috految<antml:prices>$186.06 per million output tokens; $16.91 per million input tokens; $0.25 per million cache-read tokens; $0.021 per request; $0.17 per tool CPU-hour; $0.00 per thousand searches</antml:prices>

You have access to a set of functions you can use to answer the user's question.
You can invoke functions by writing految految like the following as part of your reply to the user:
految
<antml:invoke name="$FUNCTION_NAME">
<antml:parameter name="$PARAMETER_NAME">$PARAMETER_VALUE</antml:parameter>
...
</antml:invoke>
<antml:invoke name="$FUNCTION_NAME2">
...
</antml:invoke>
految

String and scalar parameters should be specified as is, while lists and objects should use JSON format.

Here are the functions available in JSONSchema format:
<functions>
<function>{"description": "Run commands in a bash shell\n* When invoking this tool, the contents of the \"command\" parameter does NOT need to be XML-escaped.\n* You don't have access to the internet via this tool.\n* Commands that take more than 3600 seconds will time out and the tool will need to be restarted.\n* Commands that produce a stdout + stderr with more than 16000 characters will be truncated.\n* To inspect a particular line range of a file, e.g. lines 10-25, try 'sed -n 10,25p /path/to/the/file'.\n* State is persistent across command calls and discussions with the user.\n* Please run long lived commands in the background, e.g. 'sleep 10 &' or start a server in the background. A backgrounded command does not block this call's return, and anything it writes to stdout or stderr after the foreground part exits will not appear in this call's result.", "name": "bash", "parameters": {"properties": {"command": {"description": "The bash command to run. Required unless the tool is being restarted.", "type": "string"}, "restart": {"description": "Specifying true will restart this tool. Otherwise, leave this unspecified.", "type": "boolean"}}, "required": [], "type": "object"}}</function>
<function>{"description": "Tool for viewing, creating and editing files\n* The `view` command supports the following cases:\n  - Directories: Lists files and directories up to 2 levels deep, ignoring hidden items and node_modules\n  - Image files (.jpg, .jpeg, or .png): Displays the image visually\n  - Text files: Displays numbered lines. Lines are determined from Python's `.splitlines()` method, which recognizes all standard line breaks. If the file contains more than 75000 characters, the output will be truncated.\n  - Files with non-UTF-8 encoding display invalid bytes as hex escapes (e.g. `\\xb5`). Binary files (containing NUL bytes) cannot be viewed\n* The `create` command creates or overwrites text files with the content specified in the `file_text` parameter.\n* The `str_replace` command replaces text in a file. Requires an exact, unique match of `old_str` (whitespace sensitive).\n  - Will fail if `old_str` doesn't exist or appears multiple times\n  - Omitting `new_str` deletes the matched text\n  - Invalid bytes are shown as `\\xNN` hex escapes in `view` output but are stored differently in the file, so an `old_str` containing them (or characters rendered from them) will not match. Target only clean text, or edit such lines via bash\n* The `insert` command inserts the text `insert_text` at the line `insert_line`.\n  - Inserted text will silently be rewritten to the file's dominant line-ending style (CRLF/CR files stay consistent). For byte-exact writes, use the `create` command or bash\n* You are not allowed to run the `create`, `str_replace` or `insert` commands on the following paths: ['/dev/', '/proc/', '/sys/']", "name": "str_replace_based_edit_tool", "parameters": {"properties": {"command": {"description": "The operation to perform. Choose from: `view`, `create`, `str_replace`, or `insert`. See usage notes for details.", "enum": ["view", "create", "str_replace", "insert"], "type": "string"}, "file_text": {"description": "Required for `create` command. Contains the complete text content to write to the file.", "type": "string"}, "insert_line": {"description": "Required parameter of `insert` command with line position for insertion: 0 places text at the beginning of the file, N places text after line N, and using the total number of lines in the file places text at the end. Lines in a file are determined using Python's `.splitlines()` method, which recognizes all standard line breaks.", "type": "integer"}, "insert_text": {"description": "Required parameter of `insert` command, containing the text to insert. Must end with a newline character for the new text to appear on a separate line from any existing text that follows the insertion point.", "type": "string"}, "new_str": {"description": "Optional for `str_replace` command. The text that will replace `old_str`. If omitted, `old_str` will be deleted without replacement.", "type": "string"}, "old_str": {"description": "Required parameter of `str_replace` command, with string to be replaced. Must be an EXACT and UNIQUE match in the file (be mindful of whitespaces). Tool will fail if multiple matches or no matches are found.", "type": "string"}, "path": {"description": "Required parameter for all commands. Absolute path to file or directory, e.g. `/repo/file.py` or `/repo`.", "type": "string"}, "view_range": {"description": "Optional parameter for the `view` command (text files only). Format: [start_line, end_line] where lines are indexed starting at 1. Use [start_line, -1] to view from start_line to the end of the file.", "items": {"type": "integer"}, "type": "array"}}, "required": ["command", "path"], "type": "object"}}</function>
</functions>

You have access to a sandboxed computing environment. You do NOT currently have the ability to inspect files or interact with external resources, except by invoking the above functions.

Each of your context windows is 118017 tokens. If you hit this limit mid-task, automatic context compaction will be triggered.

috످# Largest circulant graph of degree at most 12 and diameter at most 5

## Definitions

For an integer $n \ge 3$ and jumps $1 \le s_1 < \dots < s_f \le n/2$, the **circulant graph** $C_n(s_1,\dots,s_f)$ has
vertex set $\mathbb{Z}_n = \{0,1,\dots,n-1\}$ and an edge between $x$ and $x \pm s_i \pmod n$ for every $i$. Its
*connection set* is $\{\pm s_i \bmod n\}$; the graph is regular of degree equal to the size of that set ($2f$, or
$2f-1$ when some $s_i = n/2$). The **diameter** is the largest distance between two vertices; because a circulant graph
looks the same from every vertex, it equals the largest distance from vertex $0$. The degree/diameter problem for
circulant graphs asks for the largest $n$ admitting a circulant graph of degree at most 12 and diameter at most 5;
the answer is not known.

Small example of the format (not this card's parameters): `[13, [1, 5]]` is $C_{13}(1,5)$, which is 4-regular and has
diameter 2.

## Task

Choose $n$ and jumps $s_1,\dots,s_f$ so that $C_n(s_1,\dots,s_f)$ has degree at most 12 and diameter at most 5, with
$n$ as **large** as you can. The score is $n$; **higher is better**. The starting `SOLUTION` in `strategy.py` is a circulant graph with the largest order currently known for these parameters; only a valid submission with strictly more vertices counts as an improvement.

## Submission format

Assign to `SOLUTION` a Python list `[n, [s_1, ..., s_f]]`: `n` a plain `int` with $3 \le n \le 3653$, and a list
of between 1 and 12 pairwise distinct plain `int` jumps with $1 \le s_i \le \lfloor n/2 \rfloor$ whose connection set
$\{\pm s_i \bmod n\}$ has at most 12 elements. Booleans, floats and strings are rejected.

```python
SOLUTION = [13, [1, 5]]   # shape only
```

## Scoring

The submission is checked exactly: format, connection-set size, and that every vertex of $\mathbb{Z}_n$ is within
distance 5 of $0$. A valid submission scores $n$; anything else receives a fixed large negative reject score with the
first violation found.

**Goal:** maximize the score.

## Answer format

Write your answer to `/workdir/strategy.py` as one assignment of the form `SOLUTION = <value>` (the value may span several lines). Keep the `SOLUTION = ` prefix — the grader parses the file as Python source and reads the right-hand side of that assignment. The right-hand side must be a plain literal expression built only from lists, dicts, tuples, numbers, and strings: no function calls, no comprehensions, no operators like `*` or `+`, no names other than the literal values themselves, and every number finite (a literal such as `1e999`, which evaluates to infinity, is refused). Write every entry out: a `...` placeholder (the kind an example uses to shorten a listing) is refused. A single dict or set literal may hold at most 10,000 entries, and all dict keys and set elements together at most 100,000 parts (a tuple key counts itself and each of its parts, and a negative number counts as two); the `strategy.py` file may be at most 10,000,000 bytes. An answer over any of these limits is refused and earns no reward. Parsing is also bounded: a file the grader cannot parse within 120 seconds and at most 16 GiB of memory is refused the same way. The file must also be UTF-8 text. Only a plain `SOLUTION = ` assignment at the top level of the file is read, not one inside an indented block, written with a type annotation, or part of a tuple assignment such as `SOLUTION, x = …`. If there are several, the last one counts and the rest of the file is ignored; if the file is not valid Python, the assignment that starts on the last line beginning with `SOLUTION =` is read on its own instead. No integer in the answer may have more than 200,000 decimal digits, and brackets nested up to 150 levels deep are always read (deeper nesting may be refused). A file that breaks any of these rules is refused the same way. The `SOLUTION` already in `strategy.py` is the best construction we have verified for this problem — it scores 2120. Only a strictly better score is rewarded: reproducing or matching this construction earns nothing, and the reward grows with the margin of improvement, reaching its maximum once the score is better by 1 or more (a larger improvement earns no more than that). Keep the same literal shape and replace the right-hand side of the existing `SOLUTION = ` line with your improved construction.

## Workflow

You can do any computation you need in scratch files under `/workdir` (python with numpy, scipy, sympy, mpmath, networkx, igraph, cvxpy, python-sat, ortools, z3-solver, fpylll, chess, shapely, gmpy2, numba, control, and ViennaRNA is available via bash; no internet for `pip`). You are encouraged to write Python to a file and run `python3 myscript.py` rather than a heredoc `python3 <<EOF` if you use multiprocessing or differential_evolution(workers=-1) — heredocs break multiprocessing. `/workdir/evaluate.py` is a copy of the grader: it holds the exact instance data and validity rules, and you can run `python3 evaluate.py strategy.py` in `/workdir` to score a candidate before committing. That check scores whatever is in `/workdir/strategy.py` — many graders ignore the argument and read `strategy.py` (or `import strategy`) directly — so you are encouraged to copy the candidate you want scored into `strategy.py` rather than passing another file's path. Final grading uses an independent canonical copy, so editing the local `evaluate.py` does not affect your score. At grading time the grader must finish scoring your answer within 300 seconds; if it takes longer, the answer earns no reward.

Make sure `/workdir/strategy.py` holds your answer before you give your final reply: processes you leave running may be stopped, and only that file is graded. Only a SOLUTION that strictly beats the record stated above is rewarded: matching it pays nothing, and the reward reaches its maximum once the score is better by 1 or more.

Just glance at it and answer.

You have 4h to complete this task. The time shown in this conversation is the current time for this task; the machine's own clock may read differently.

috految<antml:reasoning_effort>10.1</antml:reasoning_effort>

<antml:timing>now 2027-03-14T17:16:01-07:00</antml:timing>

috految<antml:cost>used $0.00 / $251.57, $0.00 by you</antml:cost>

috److془We need to try. Table degree 12: 67, 275, 819, 2040→2120, 5044, 10777. Degree 10: 51,177,457,1099,2392. Ratio 3653/2120=1.72.

Search: symmetric with multipliers + lattice local search. Lewis: LGM diagonal + antisymmetric, bcc; trace 4k+2=22. Odd girth 11.

Lattice local search: best-first with rank-one moves. Sublattice of 5 short vectors, replace sixth. Eval ~ 0.5us. Total space: 1060^5/720 *2~ 4e12 per n. Local search should be quite effective. Moves: B' = B + u w^T, u short dual vector, w small. Dual: t in Z_n, a_i = t g_i mod n centered (a/n dual). n' = n + a·w; new dual vectors: y - a (y·w)/n'. g' = (g n' - a (g·w))/n. Lovely. Add multiples of a for generation (or random lifts). Seeds: symmetric, and Lewis (LGM) . Parity preserved with w weight 2. Best-first with invariant hash. Score: uncovered + lambda*max(0,2121-n). Also random seeds.془

految
<antml:invoke name="bash">
<antml:parameter name="command">cd /workdir; cat >s.cpp <<'E'
#include <bits/stdc++.h>
using namespace std;using U=unsigned long;using G=array<int,6>;
#define F(i,n) for(int i=0;i<(n);i++)
mt19937 r(random_device{}());int R(int n){return (U)r()*n>>32;}
multimap<double,pair<int,G>>Q;unordered_set<U>S;double L;int T;
void ev(int n,G g){if(n<1850||n>2550)return;int s[13]={},c;F(i,6)g[i]=(g[i]%n+n)%n,s[i]=g[i],s[i+6]=n-g[i];
U a[88]={},b[40]={},h=n;int w=n/64,z=n%64;F(i,13)F(j,i+1){int x=s[i]+s[j];x-=x>=n?n:0;b[x>>6]|=1ul<<(x&63);}
F(k,3){F(i,40)a[i]=b[i];a[w]|=b[0]<<z;F(i,39)a[w+i+1]=b[i+1]<<z|b[i]>>1>>(63-z);
F(j,12){U*p=a+s[j]/64;int t=s[j]&63;F(i,40)b[i]|=p[i]>>t|p[i+1]<<1<<(63-t);}
b[w]&=(1ul<<z)-1;c=0;F(i,w+1)c+=__builtin_popcountl(b[i]);h=h*10007+c;if(k<2&&c<(k?880:290))return;}
int u=n-c;if(!u&&n>2120){ofstream f("strategy.py");f<<"SOLUTION = ["<<n<<", [";for(int x:g)f<<min(x,n-x)<<",";f<<"]]\n";f.close();system("pkill -x srch");exit(0);}
double v=u-L*min(n,T);if(Q.size()>1500&&v>=Q.rbegin()->first)return;
F(i,6)h+=gcd(g[i],n)*982451653ul;if(!S.insert(h).second)return;
if(u<13&&n>2090)cout<<u<<" "<<n<<endl;Q.insert({v,{n,g}});if(Q.size()>1501)Q.erase(--Q.end());}
int main(){for(;;){Q.clear();S.clear();L=.08+R(40)*.01;T=2121+R(2)*R(200);int M=R(4);
if(M==0)F(_,50000){double A[6][12]={},D=1;G d;int q=R(3);F(i,6)d[i]=2;F(i,10)d[R(6)]++;F(i,6){A[i][i]=d[i];A[i][i+6]=1;F(j,i)A[j][i]=-(A[i][j]=R(8)<q?R(5)-2:R(3)-1);}F(j,6){F(i,5)A[5][j]+=A[i][j];A[5][j]=floor(A[5][j]/2);}F(i,6){double p=A[i][i];D*=p;F(j,12)A[i][j]/=p;F(k,6)if(k!=i){p=A[k][i];F(j,12)A[k][j]-=p*A[i][j];}}G g={};F(j,6){int c=R(99);F(i,6)g[i]+=c*lround(D*A[i][j+6]);}ev(lround(D),g);}
else F(_,M==1?3:150){int n=2121+R(1+R(430)),o=R(2)?2+R(3):2+R(11);vector<int>V;for(int m=2;m<n-1;m++){int x=1;F(i,o)x=x*m%n;if(x==1||x==n-1)V.push_back(m);}if(V.empty())continue;int m=V[R(V.size())];vector<int>O[7];F(x,n)if(x){int y=x;F(l,6){y=y*m%n;if(y==x||y==n-x){O[l+1].push_back(x);break;}}}
F(k,o==2?20000:3000){G g;int c=0;F(t,40){int l=R(3)?min(o,6-c):1+R(6-c);if(O[l].empty())continue;int x=O[l][R(O[l].size())];F(j,l)g[c++]=x,x=x*m%n;if(c==6)break;}if(c==6)ev(n,g);}}
int I=R(20)?250:5000;F(_,I){if(Q.empty())break;auto[n,g]=Q.begin()->second;Q.erase(Q.begin());vector<pair<int,G>>D;F(t,n/2){G a;int q=0;F(i,6)a[i]=((t+1)*g[i]+n/2)%n-n/2,q+=a[i]*a[i];D.push_back({q,a});}sort(D.begin(),D.end());
F(t,3000){G a=D[R(1+R(60))].second,w={},h;int k=R(3)?1+R(2):3+R(3),N=n,e=0;F(i,k)w[R(6)]+=R(2)*2-1;F(i,6)N+=a[i]*w[i],e+=g[i]*w[i];if(N<1850||N>2550)continue;F(j,4){int p=R(99),d=N;F(i,6){h[i]=(g[i]*N-a[i]*e)/n+p*a[i];if(d>1)d=gcd(d,h[i]);}if(d==1){ev(N,h);break;}}}}}}
E
g++ -std=c++17 -O3 -march=native -w s.cpp -o srch && { for i in 1 2;do timeout 1000 ./srch >log$i & done;wait; };sort -n log?|uniq -c|head -30;python3 evaluate.py strategy.py</antml:parameter>
</antml:invoke>
految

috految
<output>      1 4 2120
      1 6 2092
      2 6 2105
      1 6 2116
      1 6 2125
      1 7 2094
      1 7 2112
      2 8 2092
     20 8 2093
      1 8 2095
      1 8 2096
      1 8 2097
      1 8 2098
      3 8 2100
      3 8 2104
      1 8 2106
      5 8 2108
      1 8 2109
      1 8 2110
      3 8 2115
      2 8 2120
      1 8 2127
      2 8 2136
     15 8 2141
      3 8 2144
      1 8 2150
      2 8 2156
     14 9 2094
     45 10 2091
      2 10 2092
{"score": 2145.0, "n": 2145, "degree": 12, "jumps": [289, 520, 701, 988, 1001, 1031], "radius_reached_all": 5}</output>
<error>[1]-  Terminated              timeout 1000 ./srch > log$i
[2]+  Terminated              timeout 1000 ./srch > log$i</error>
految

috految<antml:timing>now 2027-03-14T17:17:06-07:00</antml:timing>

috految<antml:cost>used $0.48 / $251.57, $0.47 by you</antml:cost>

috److I found a circulant graph with **n = 2145** vertices, which beats the previous record of 2120.

The jumps are `[289, 520, 701, 988, 1001, 1031]`. The local grader confirms degree 12, diameter 5 and a score of 2145.

The search was randomized and stopped at the first graph above 2120, so larger ones may exist. The answer is saved in `/workdir/strategy.py`.

috످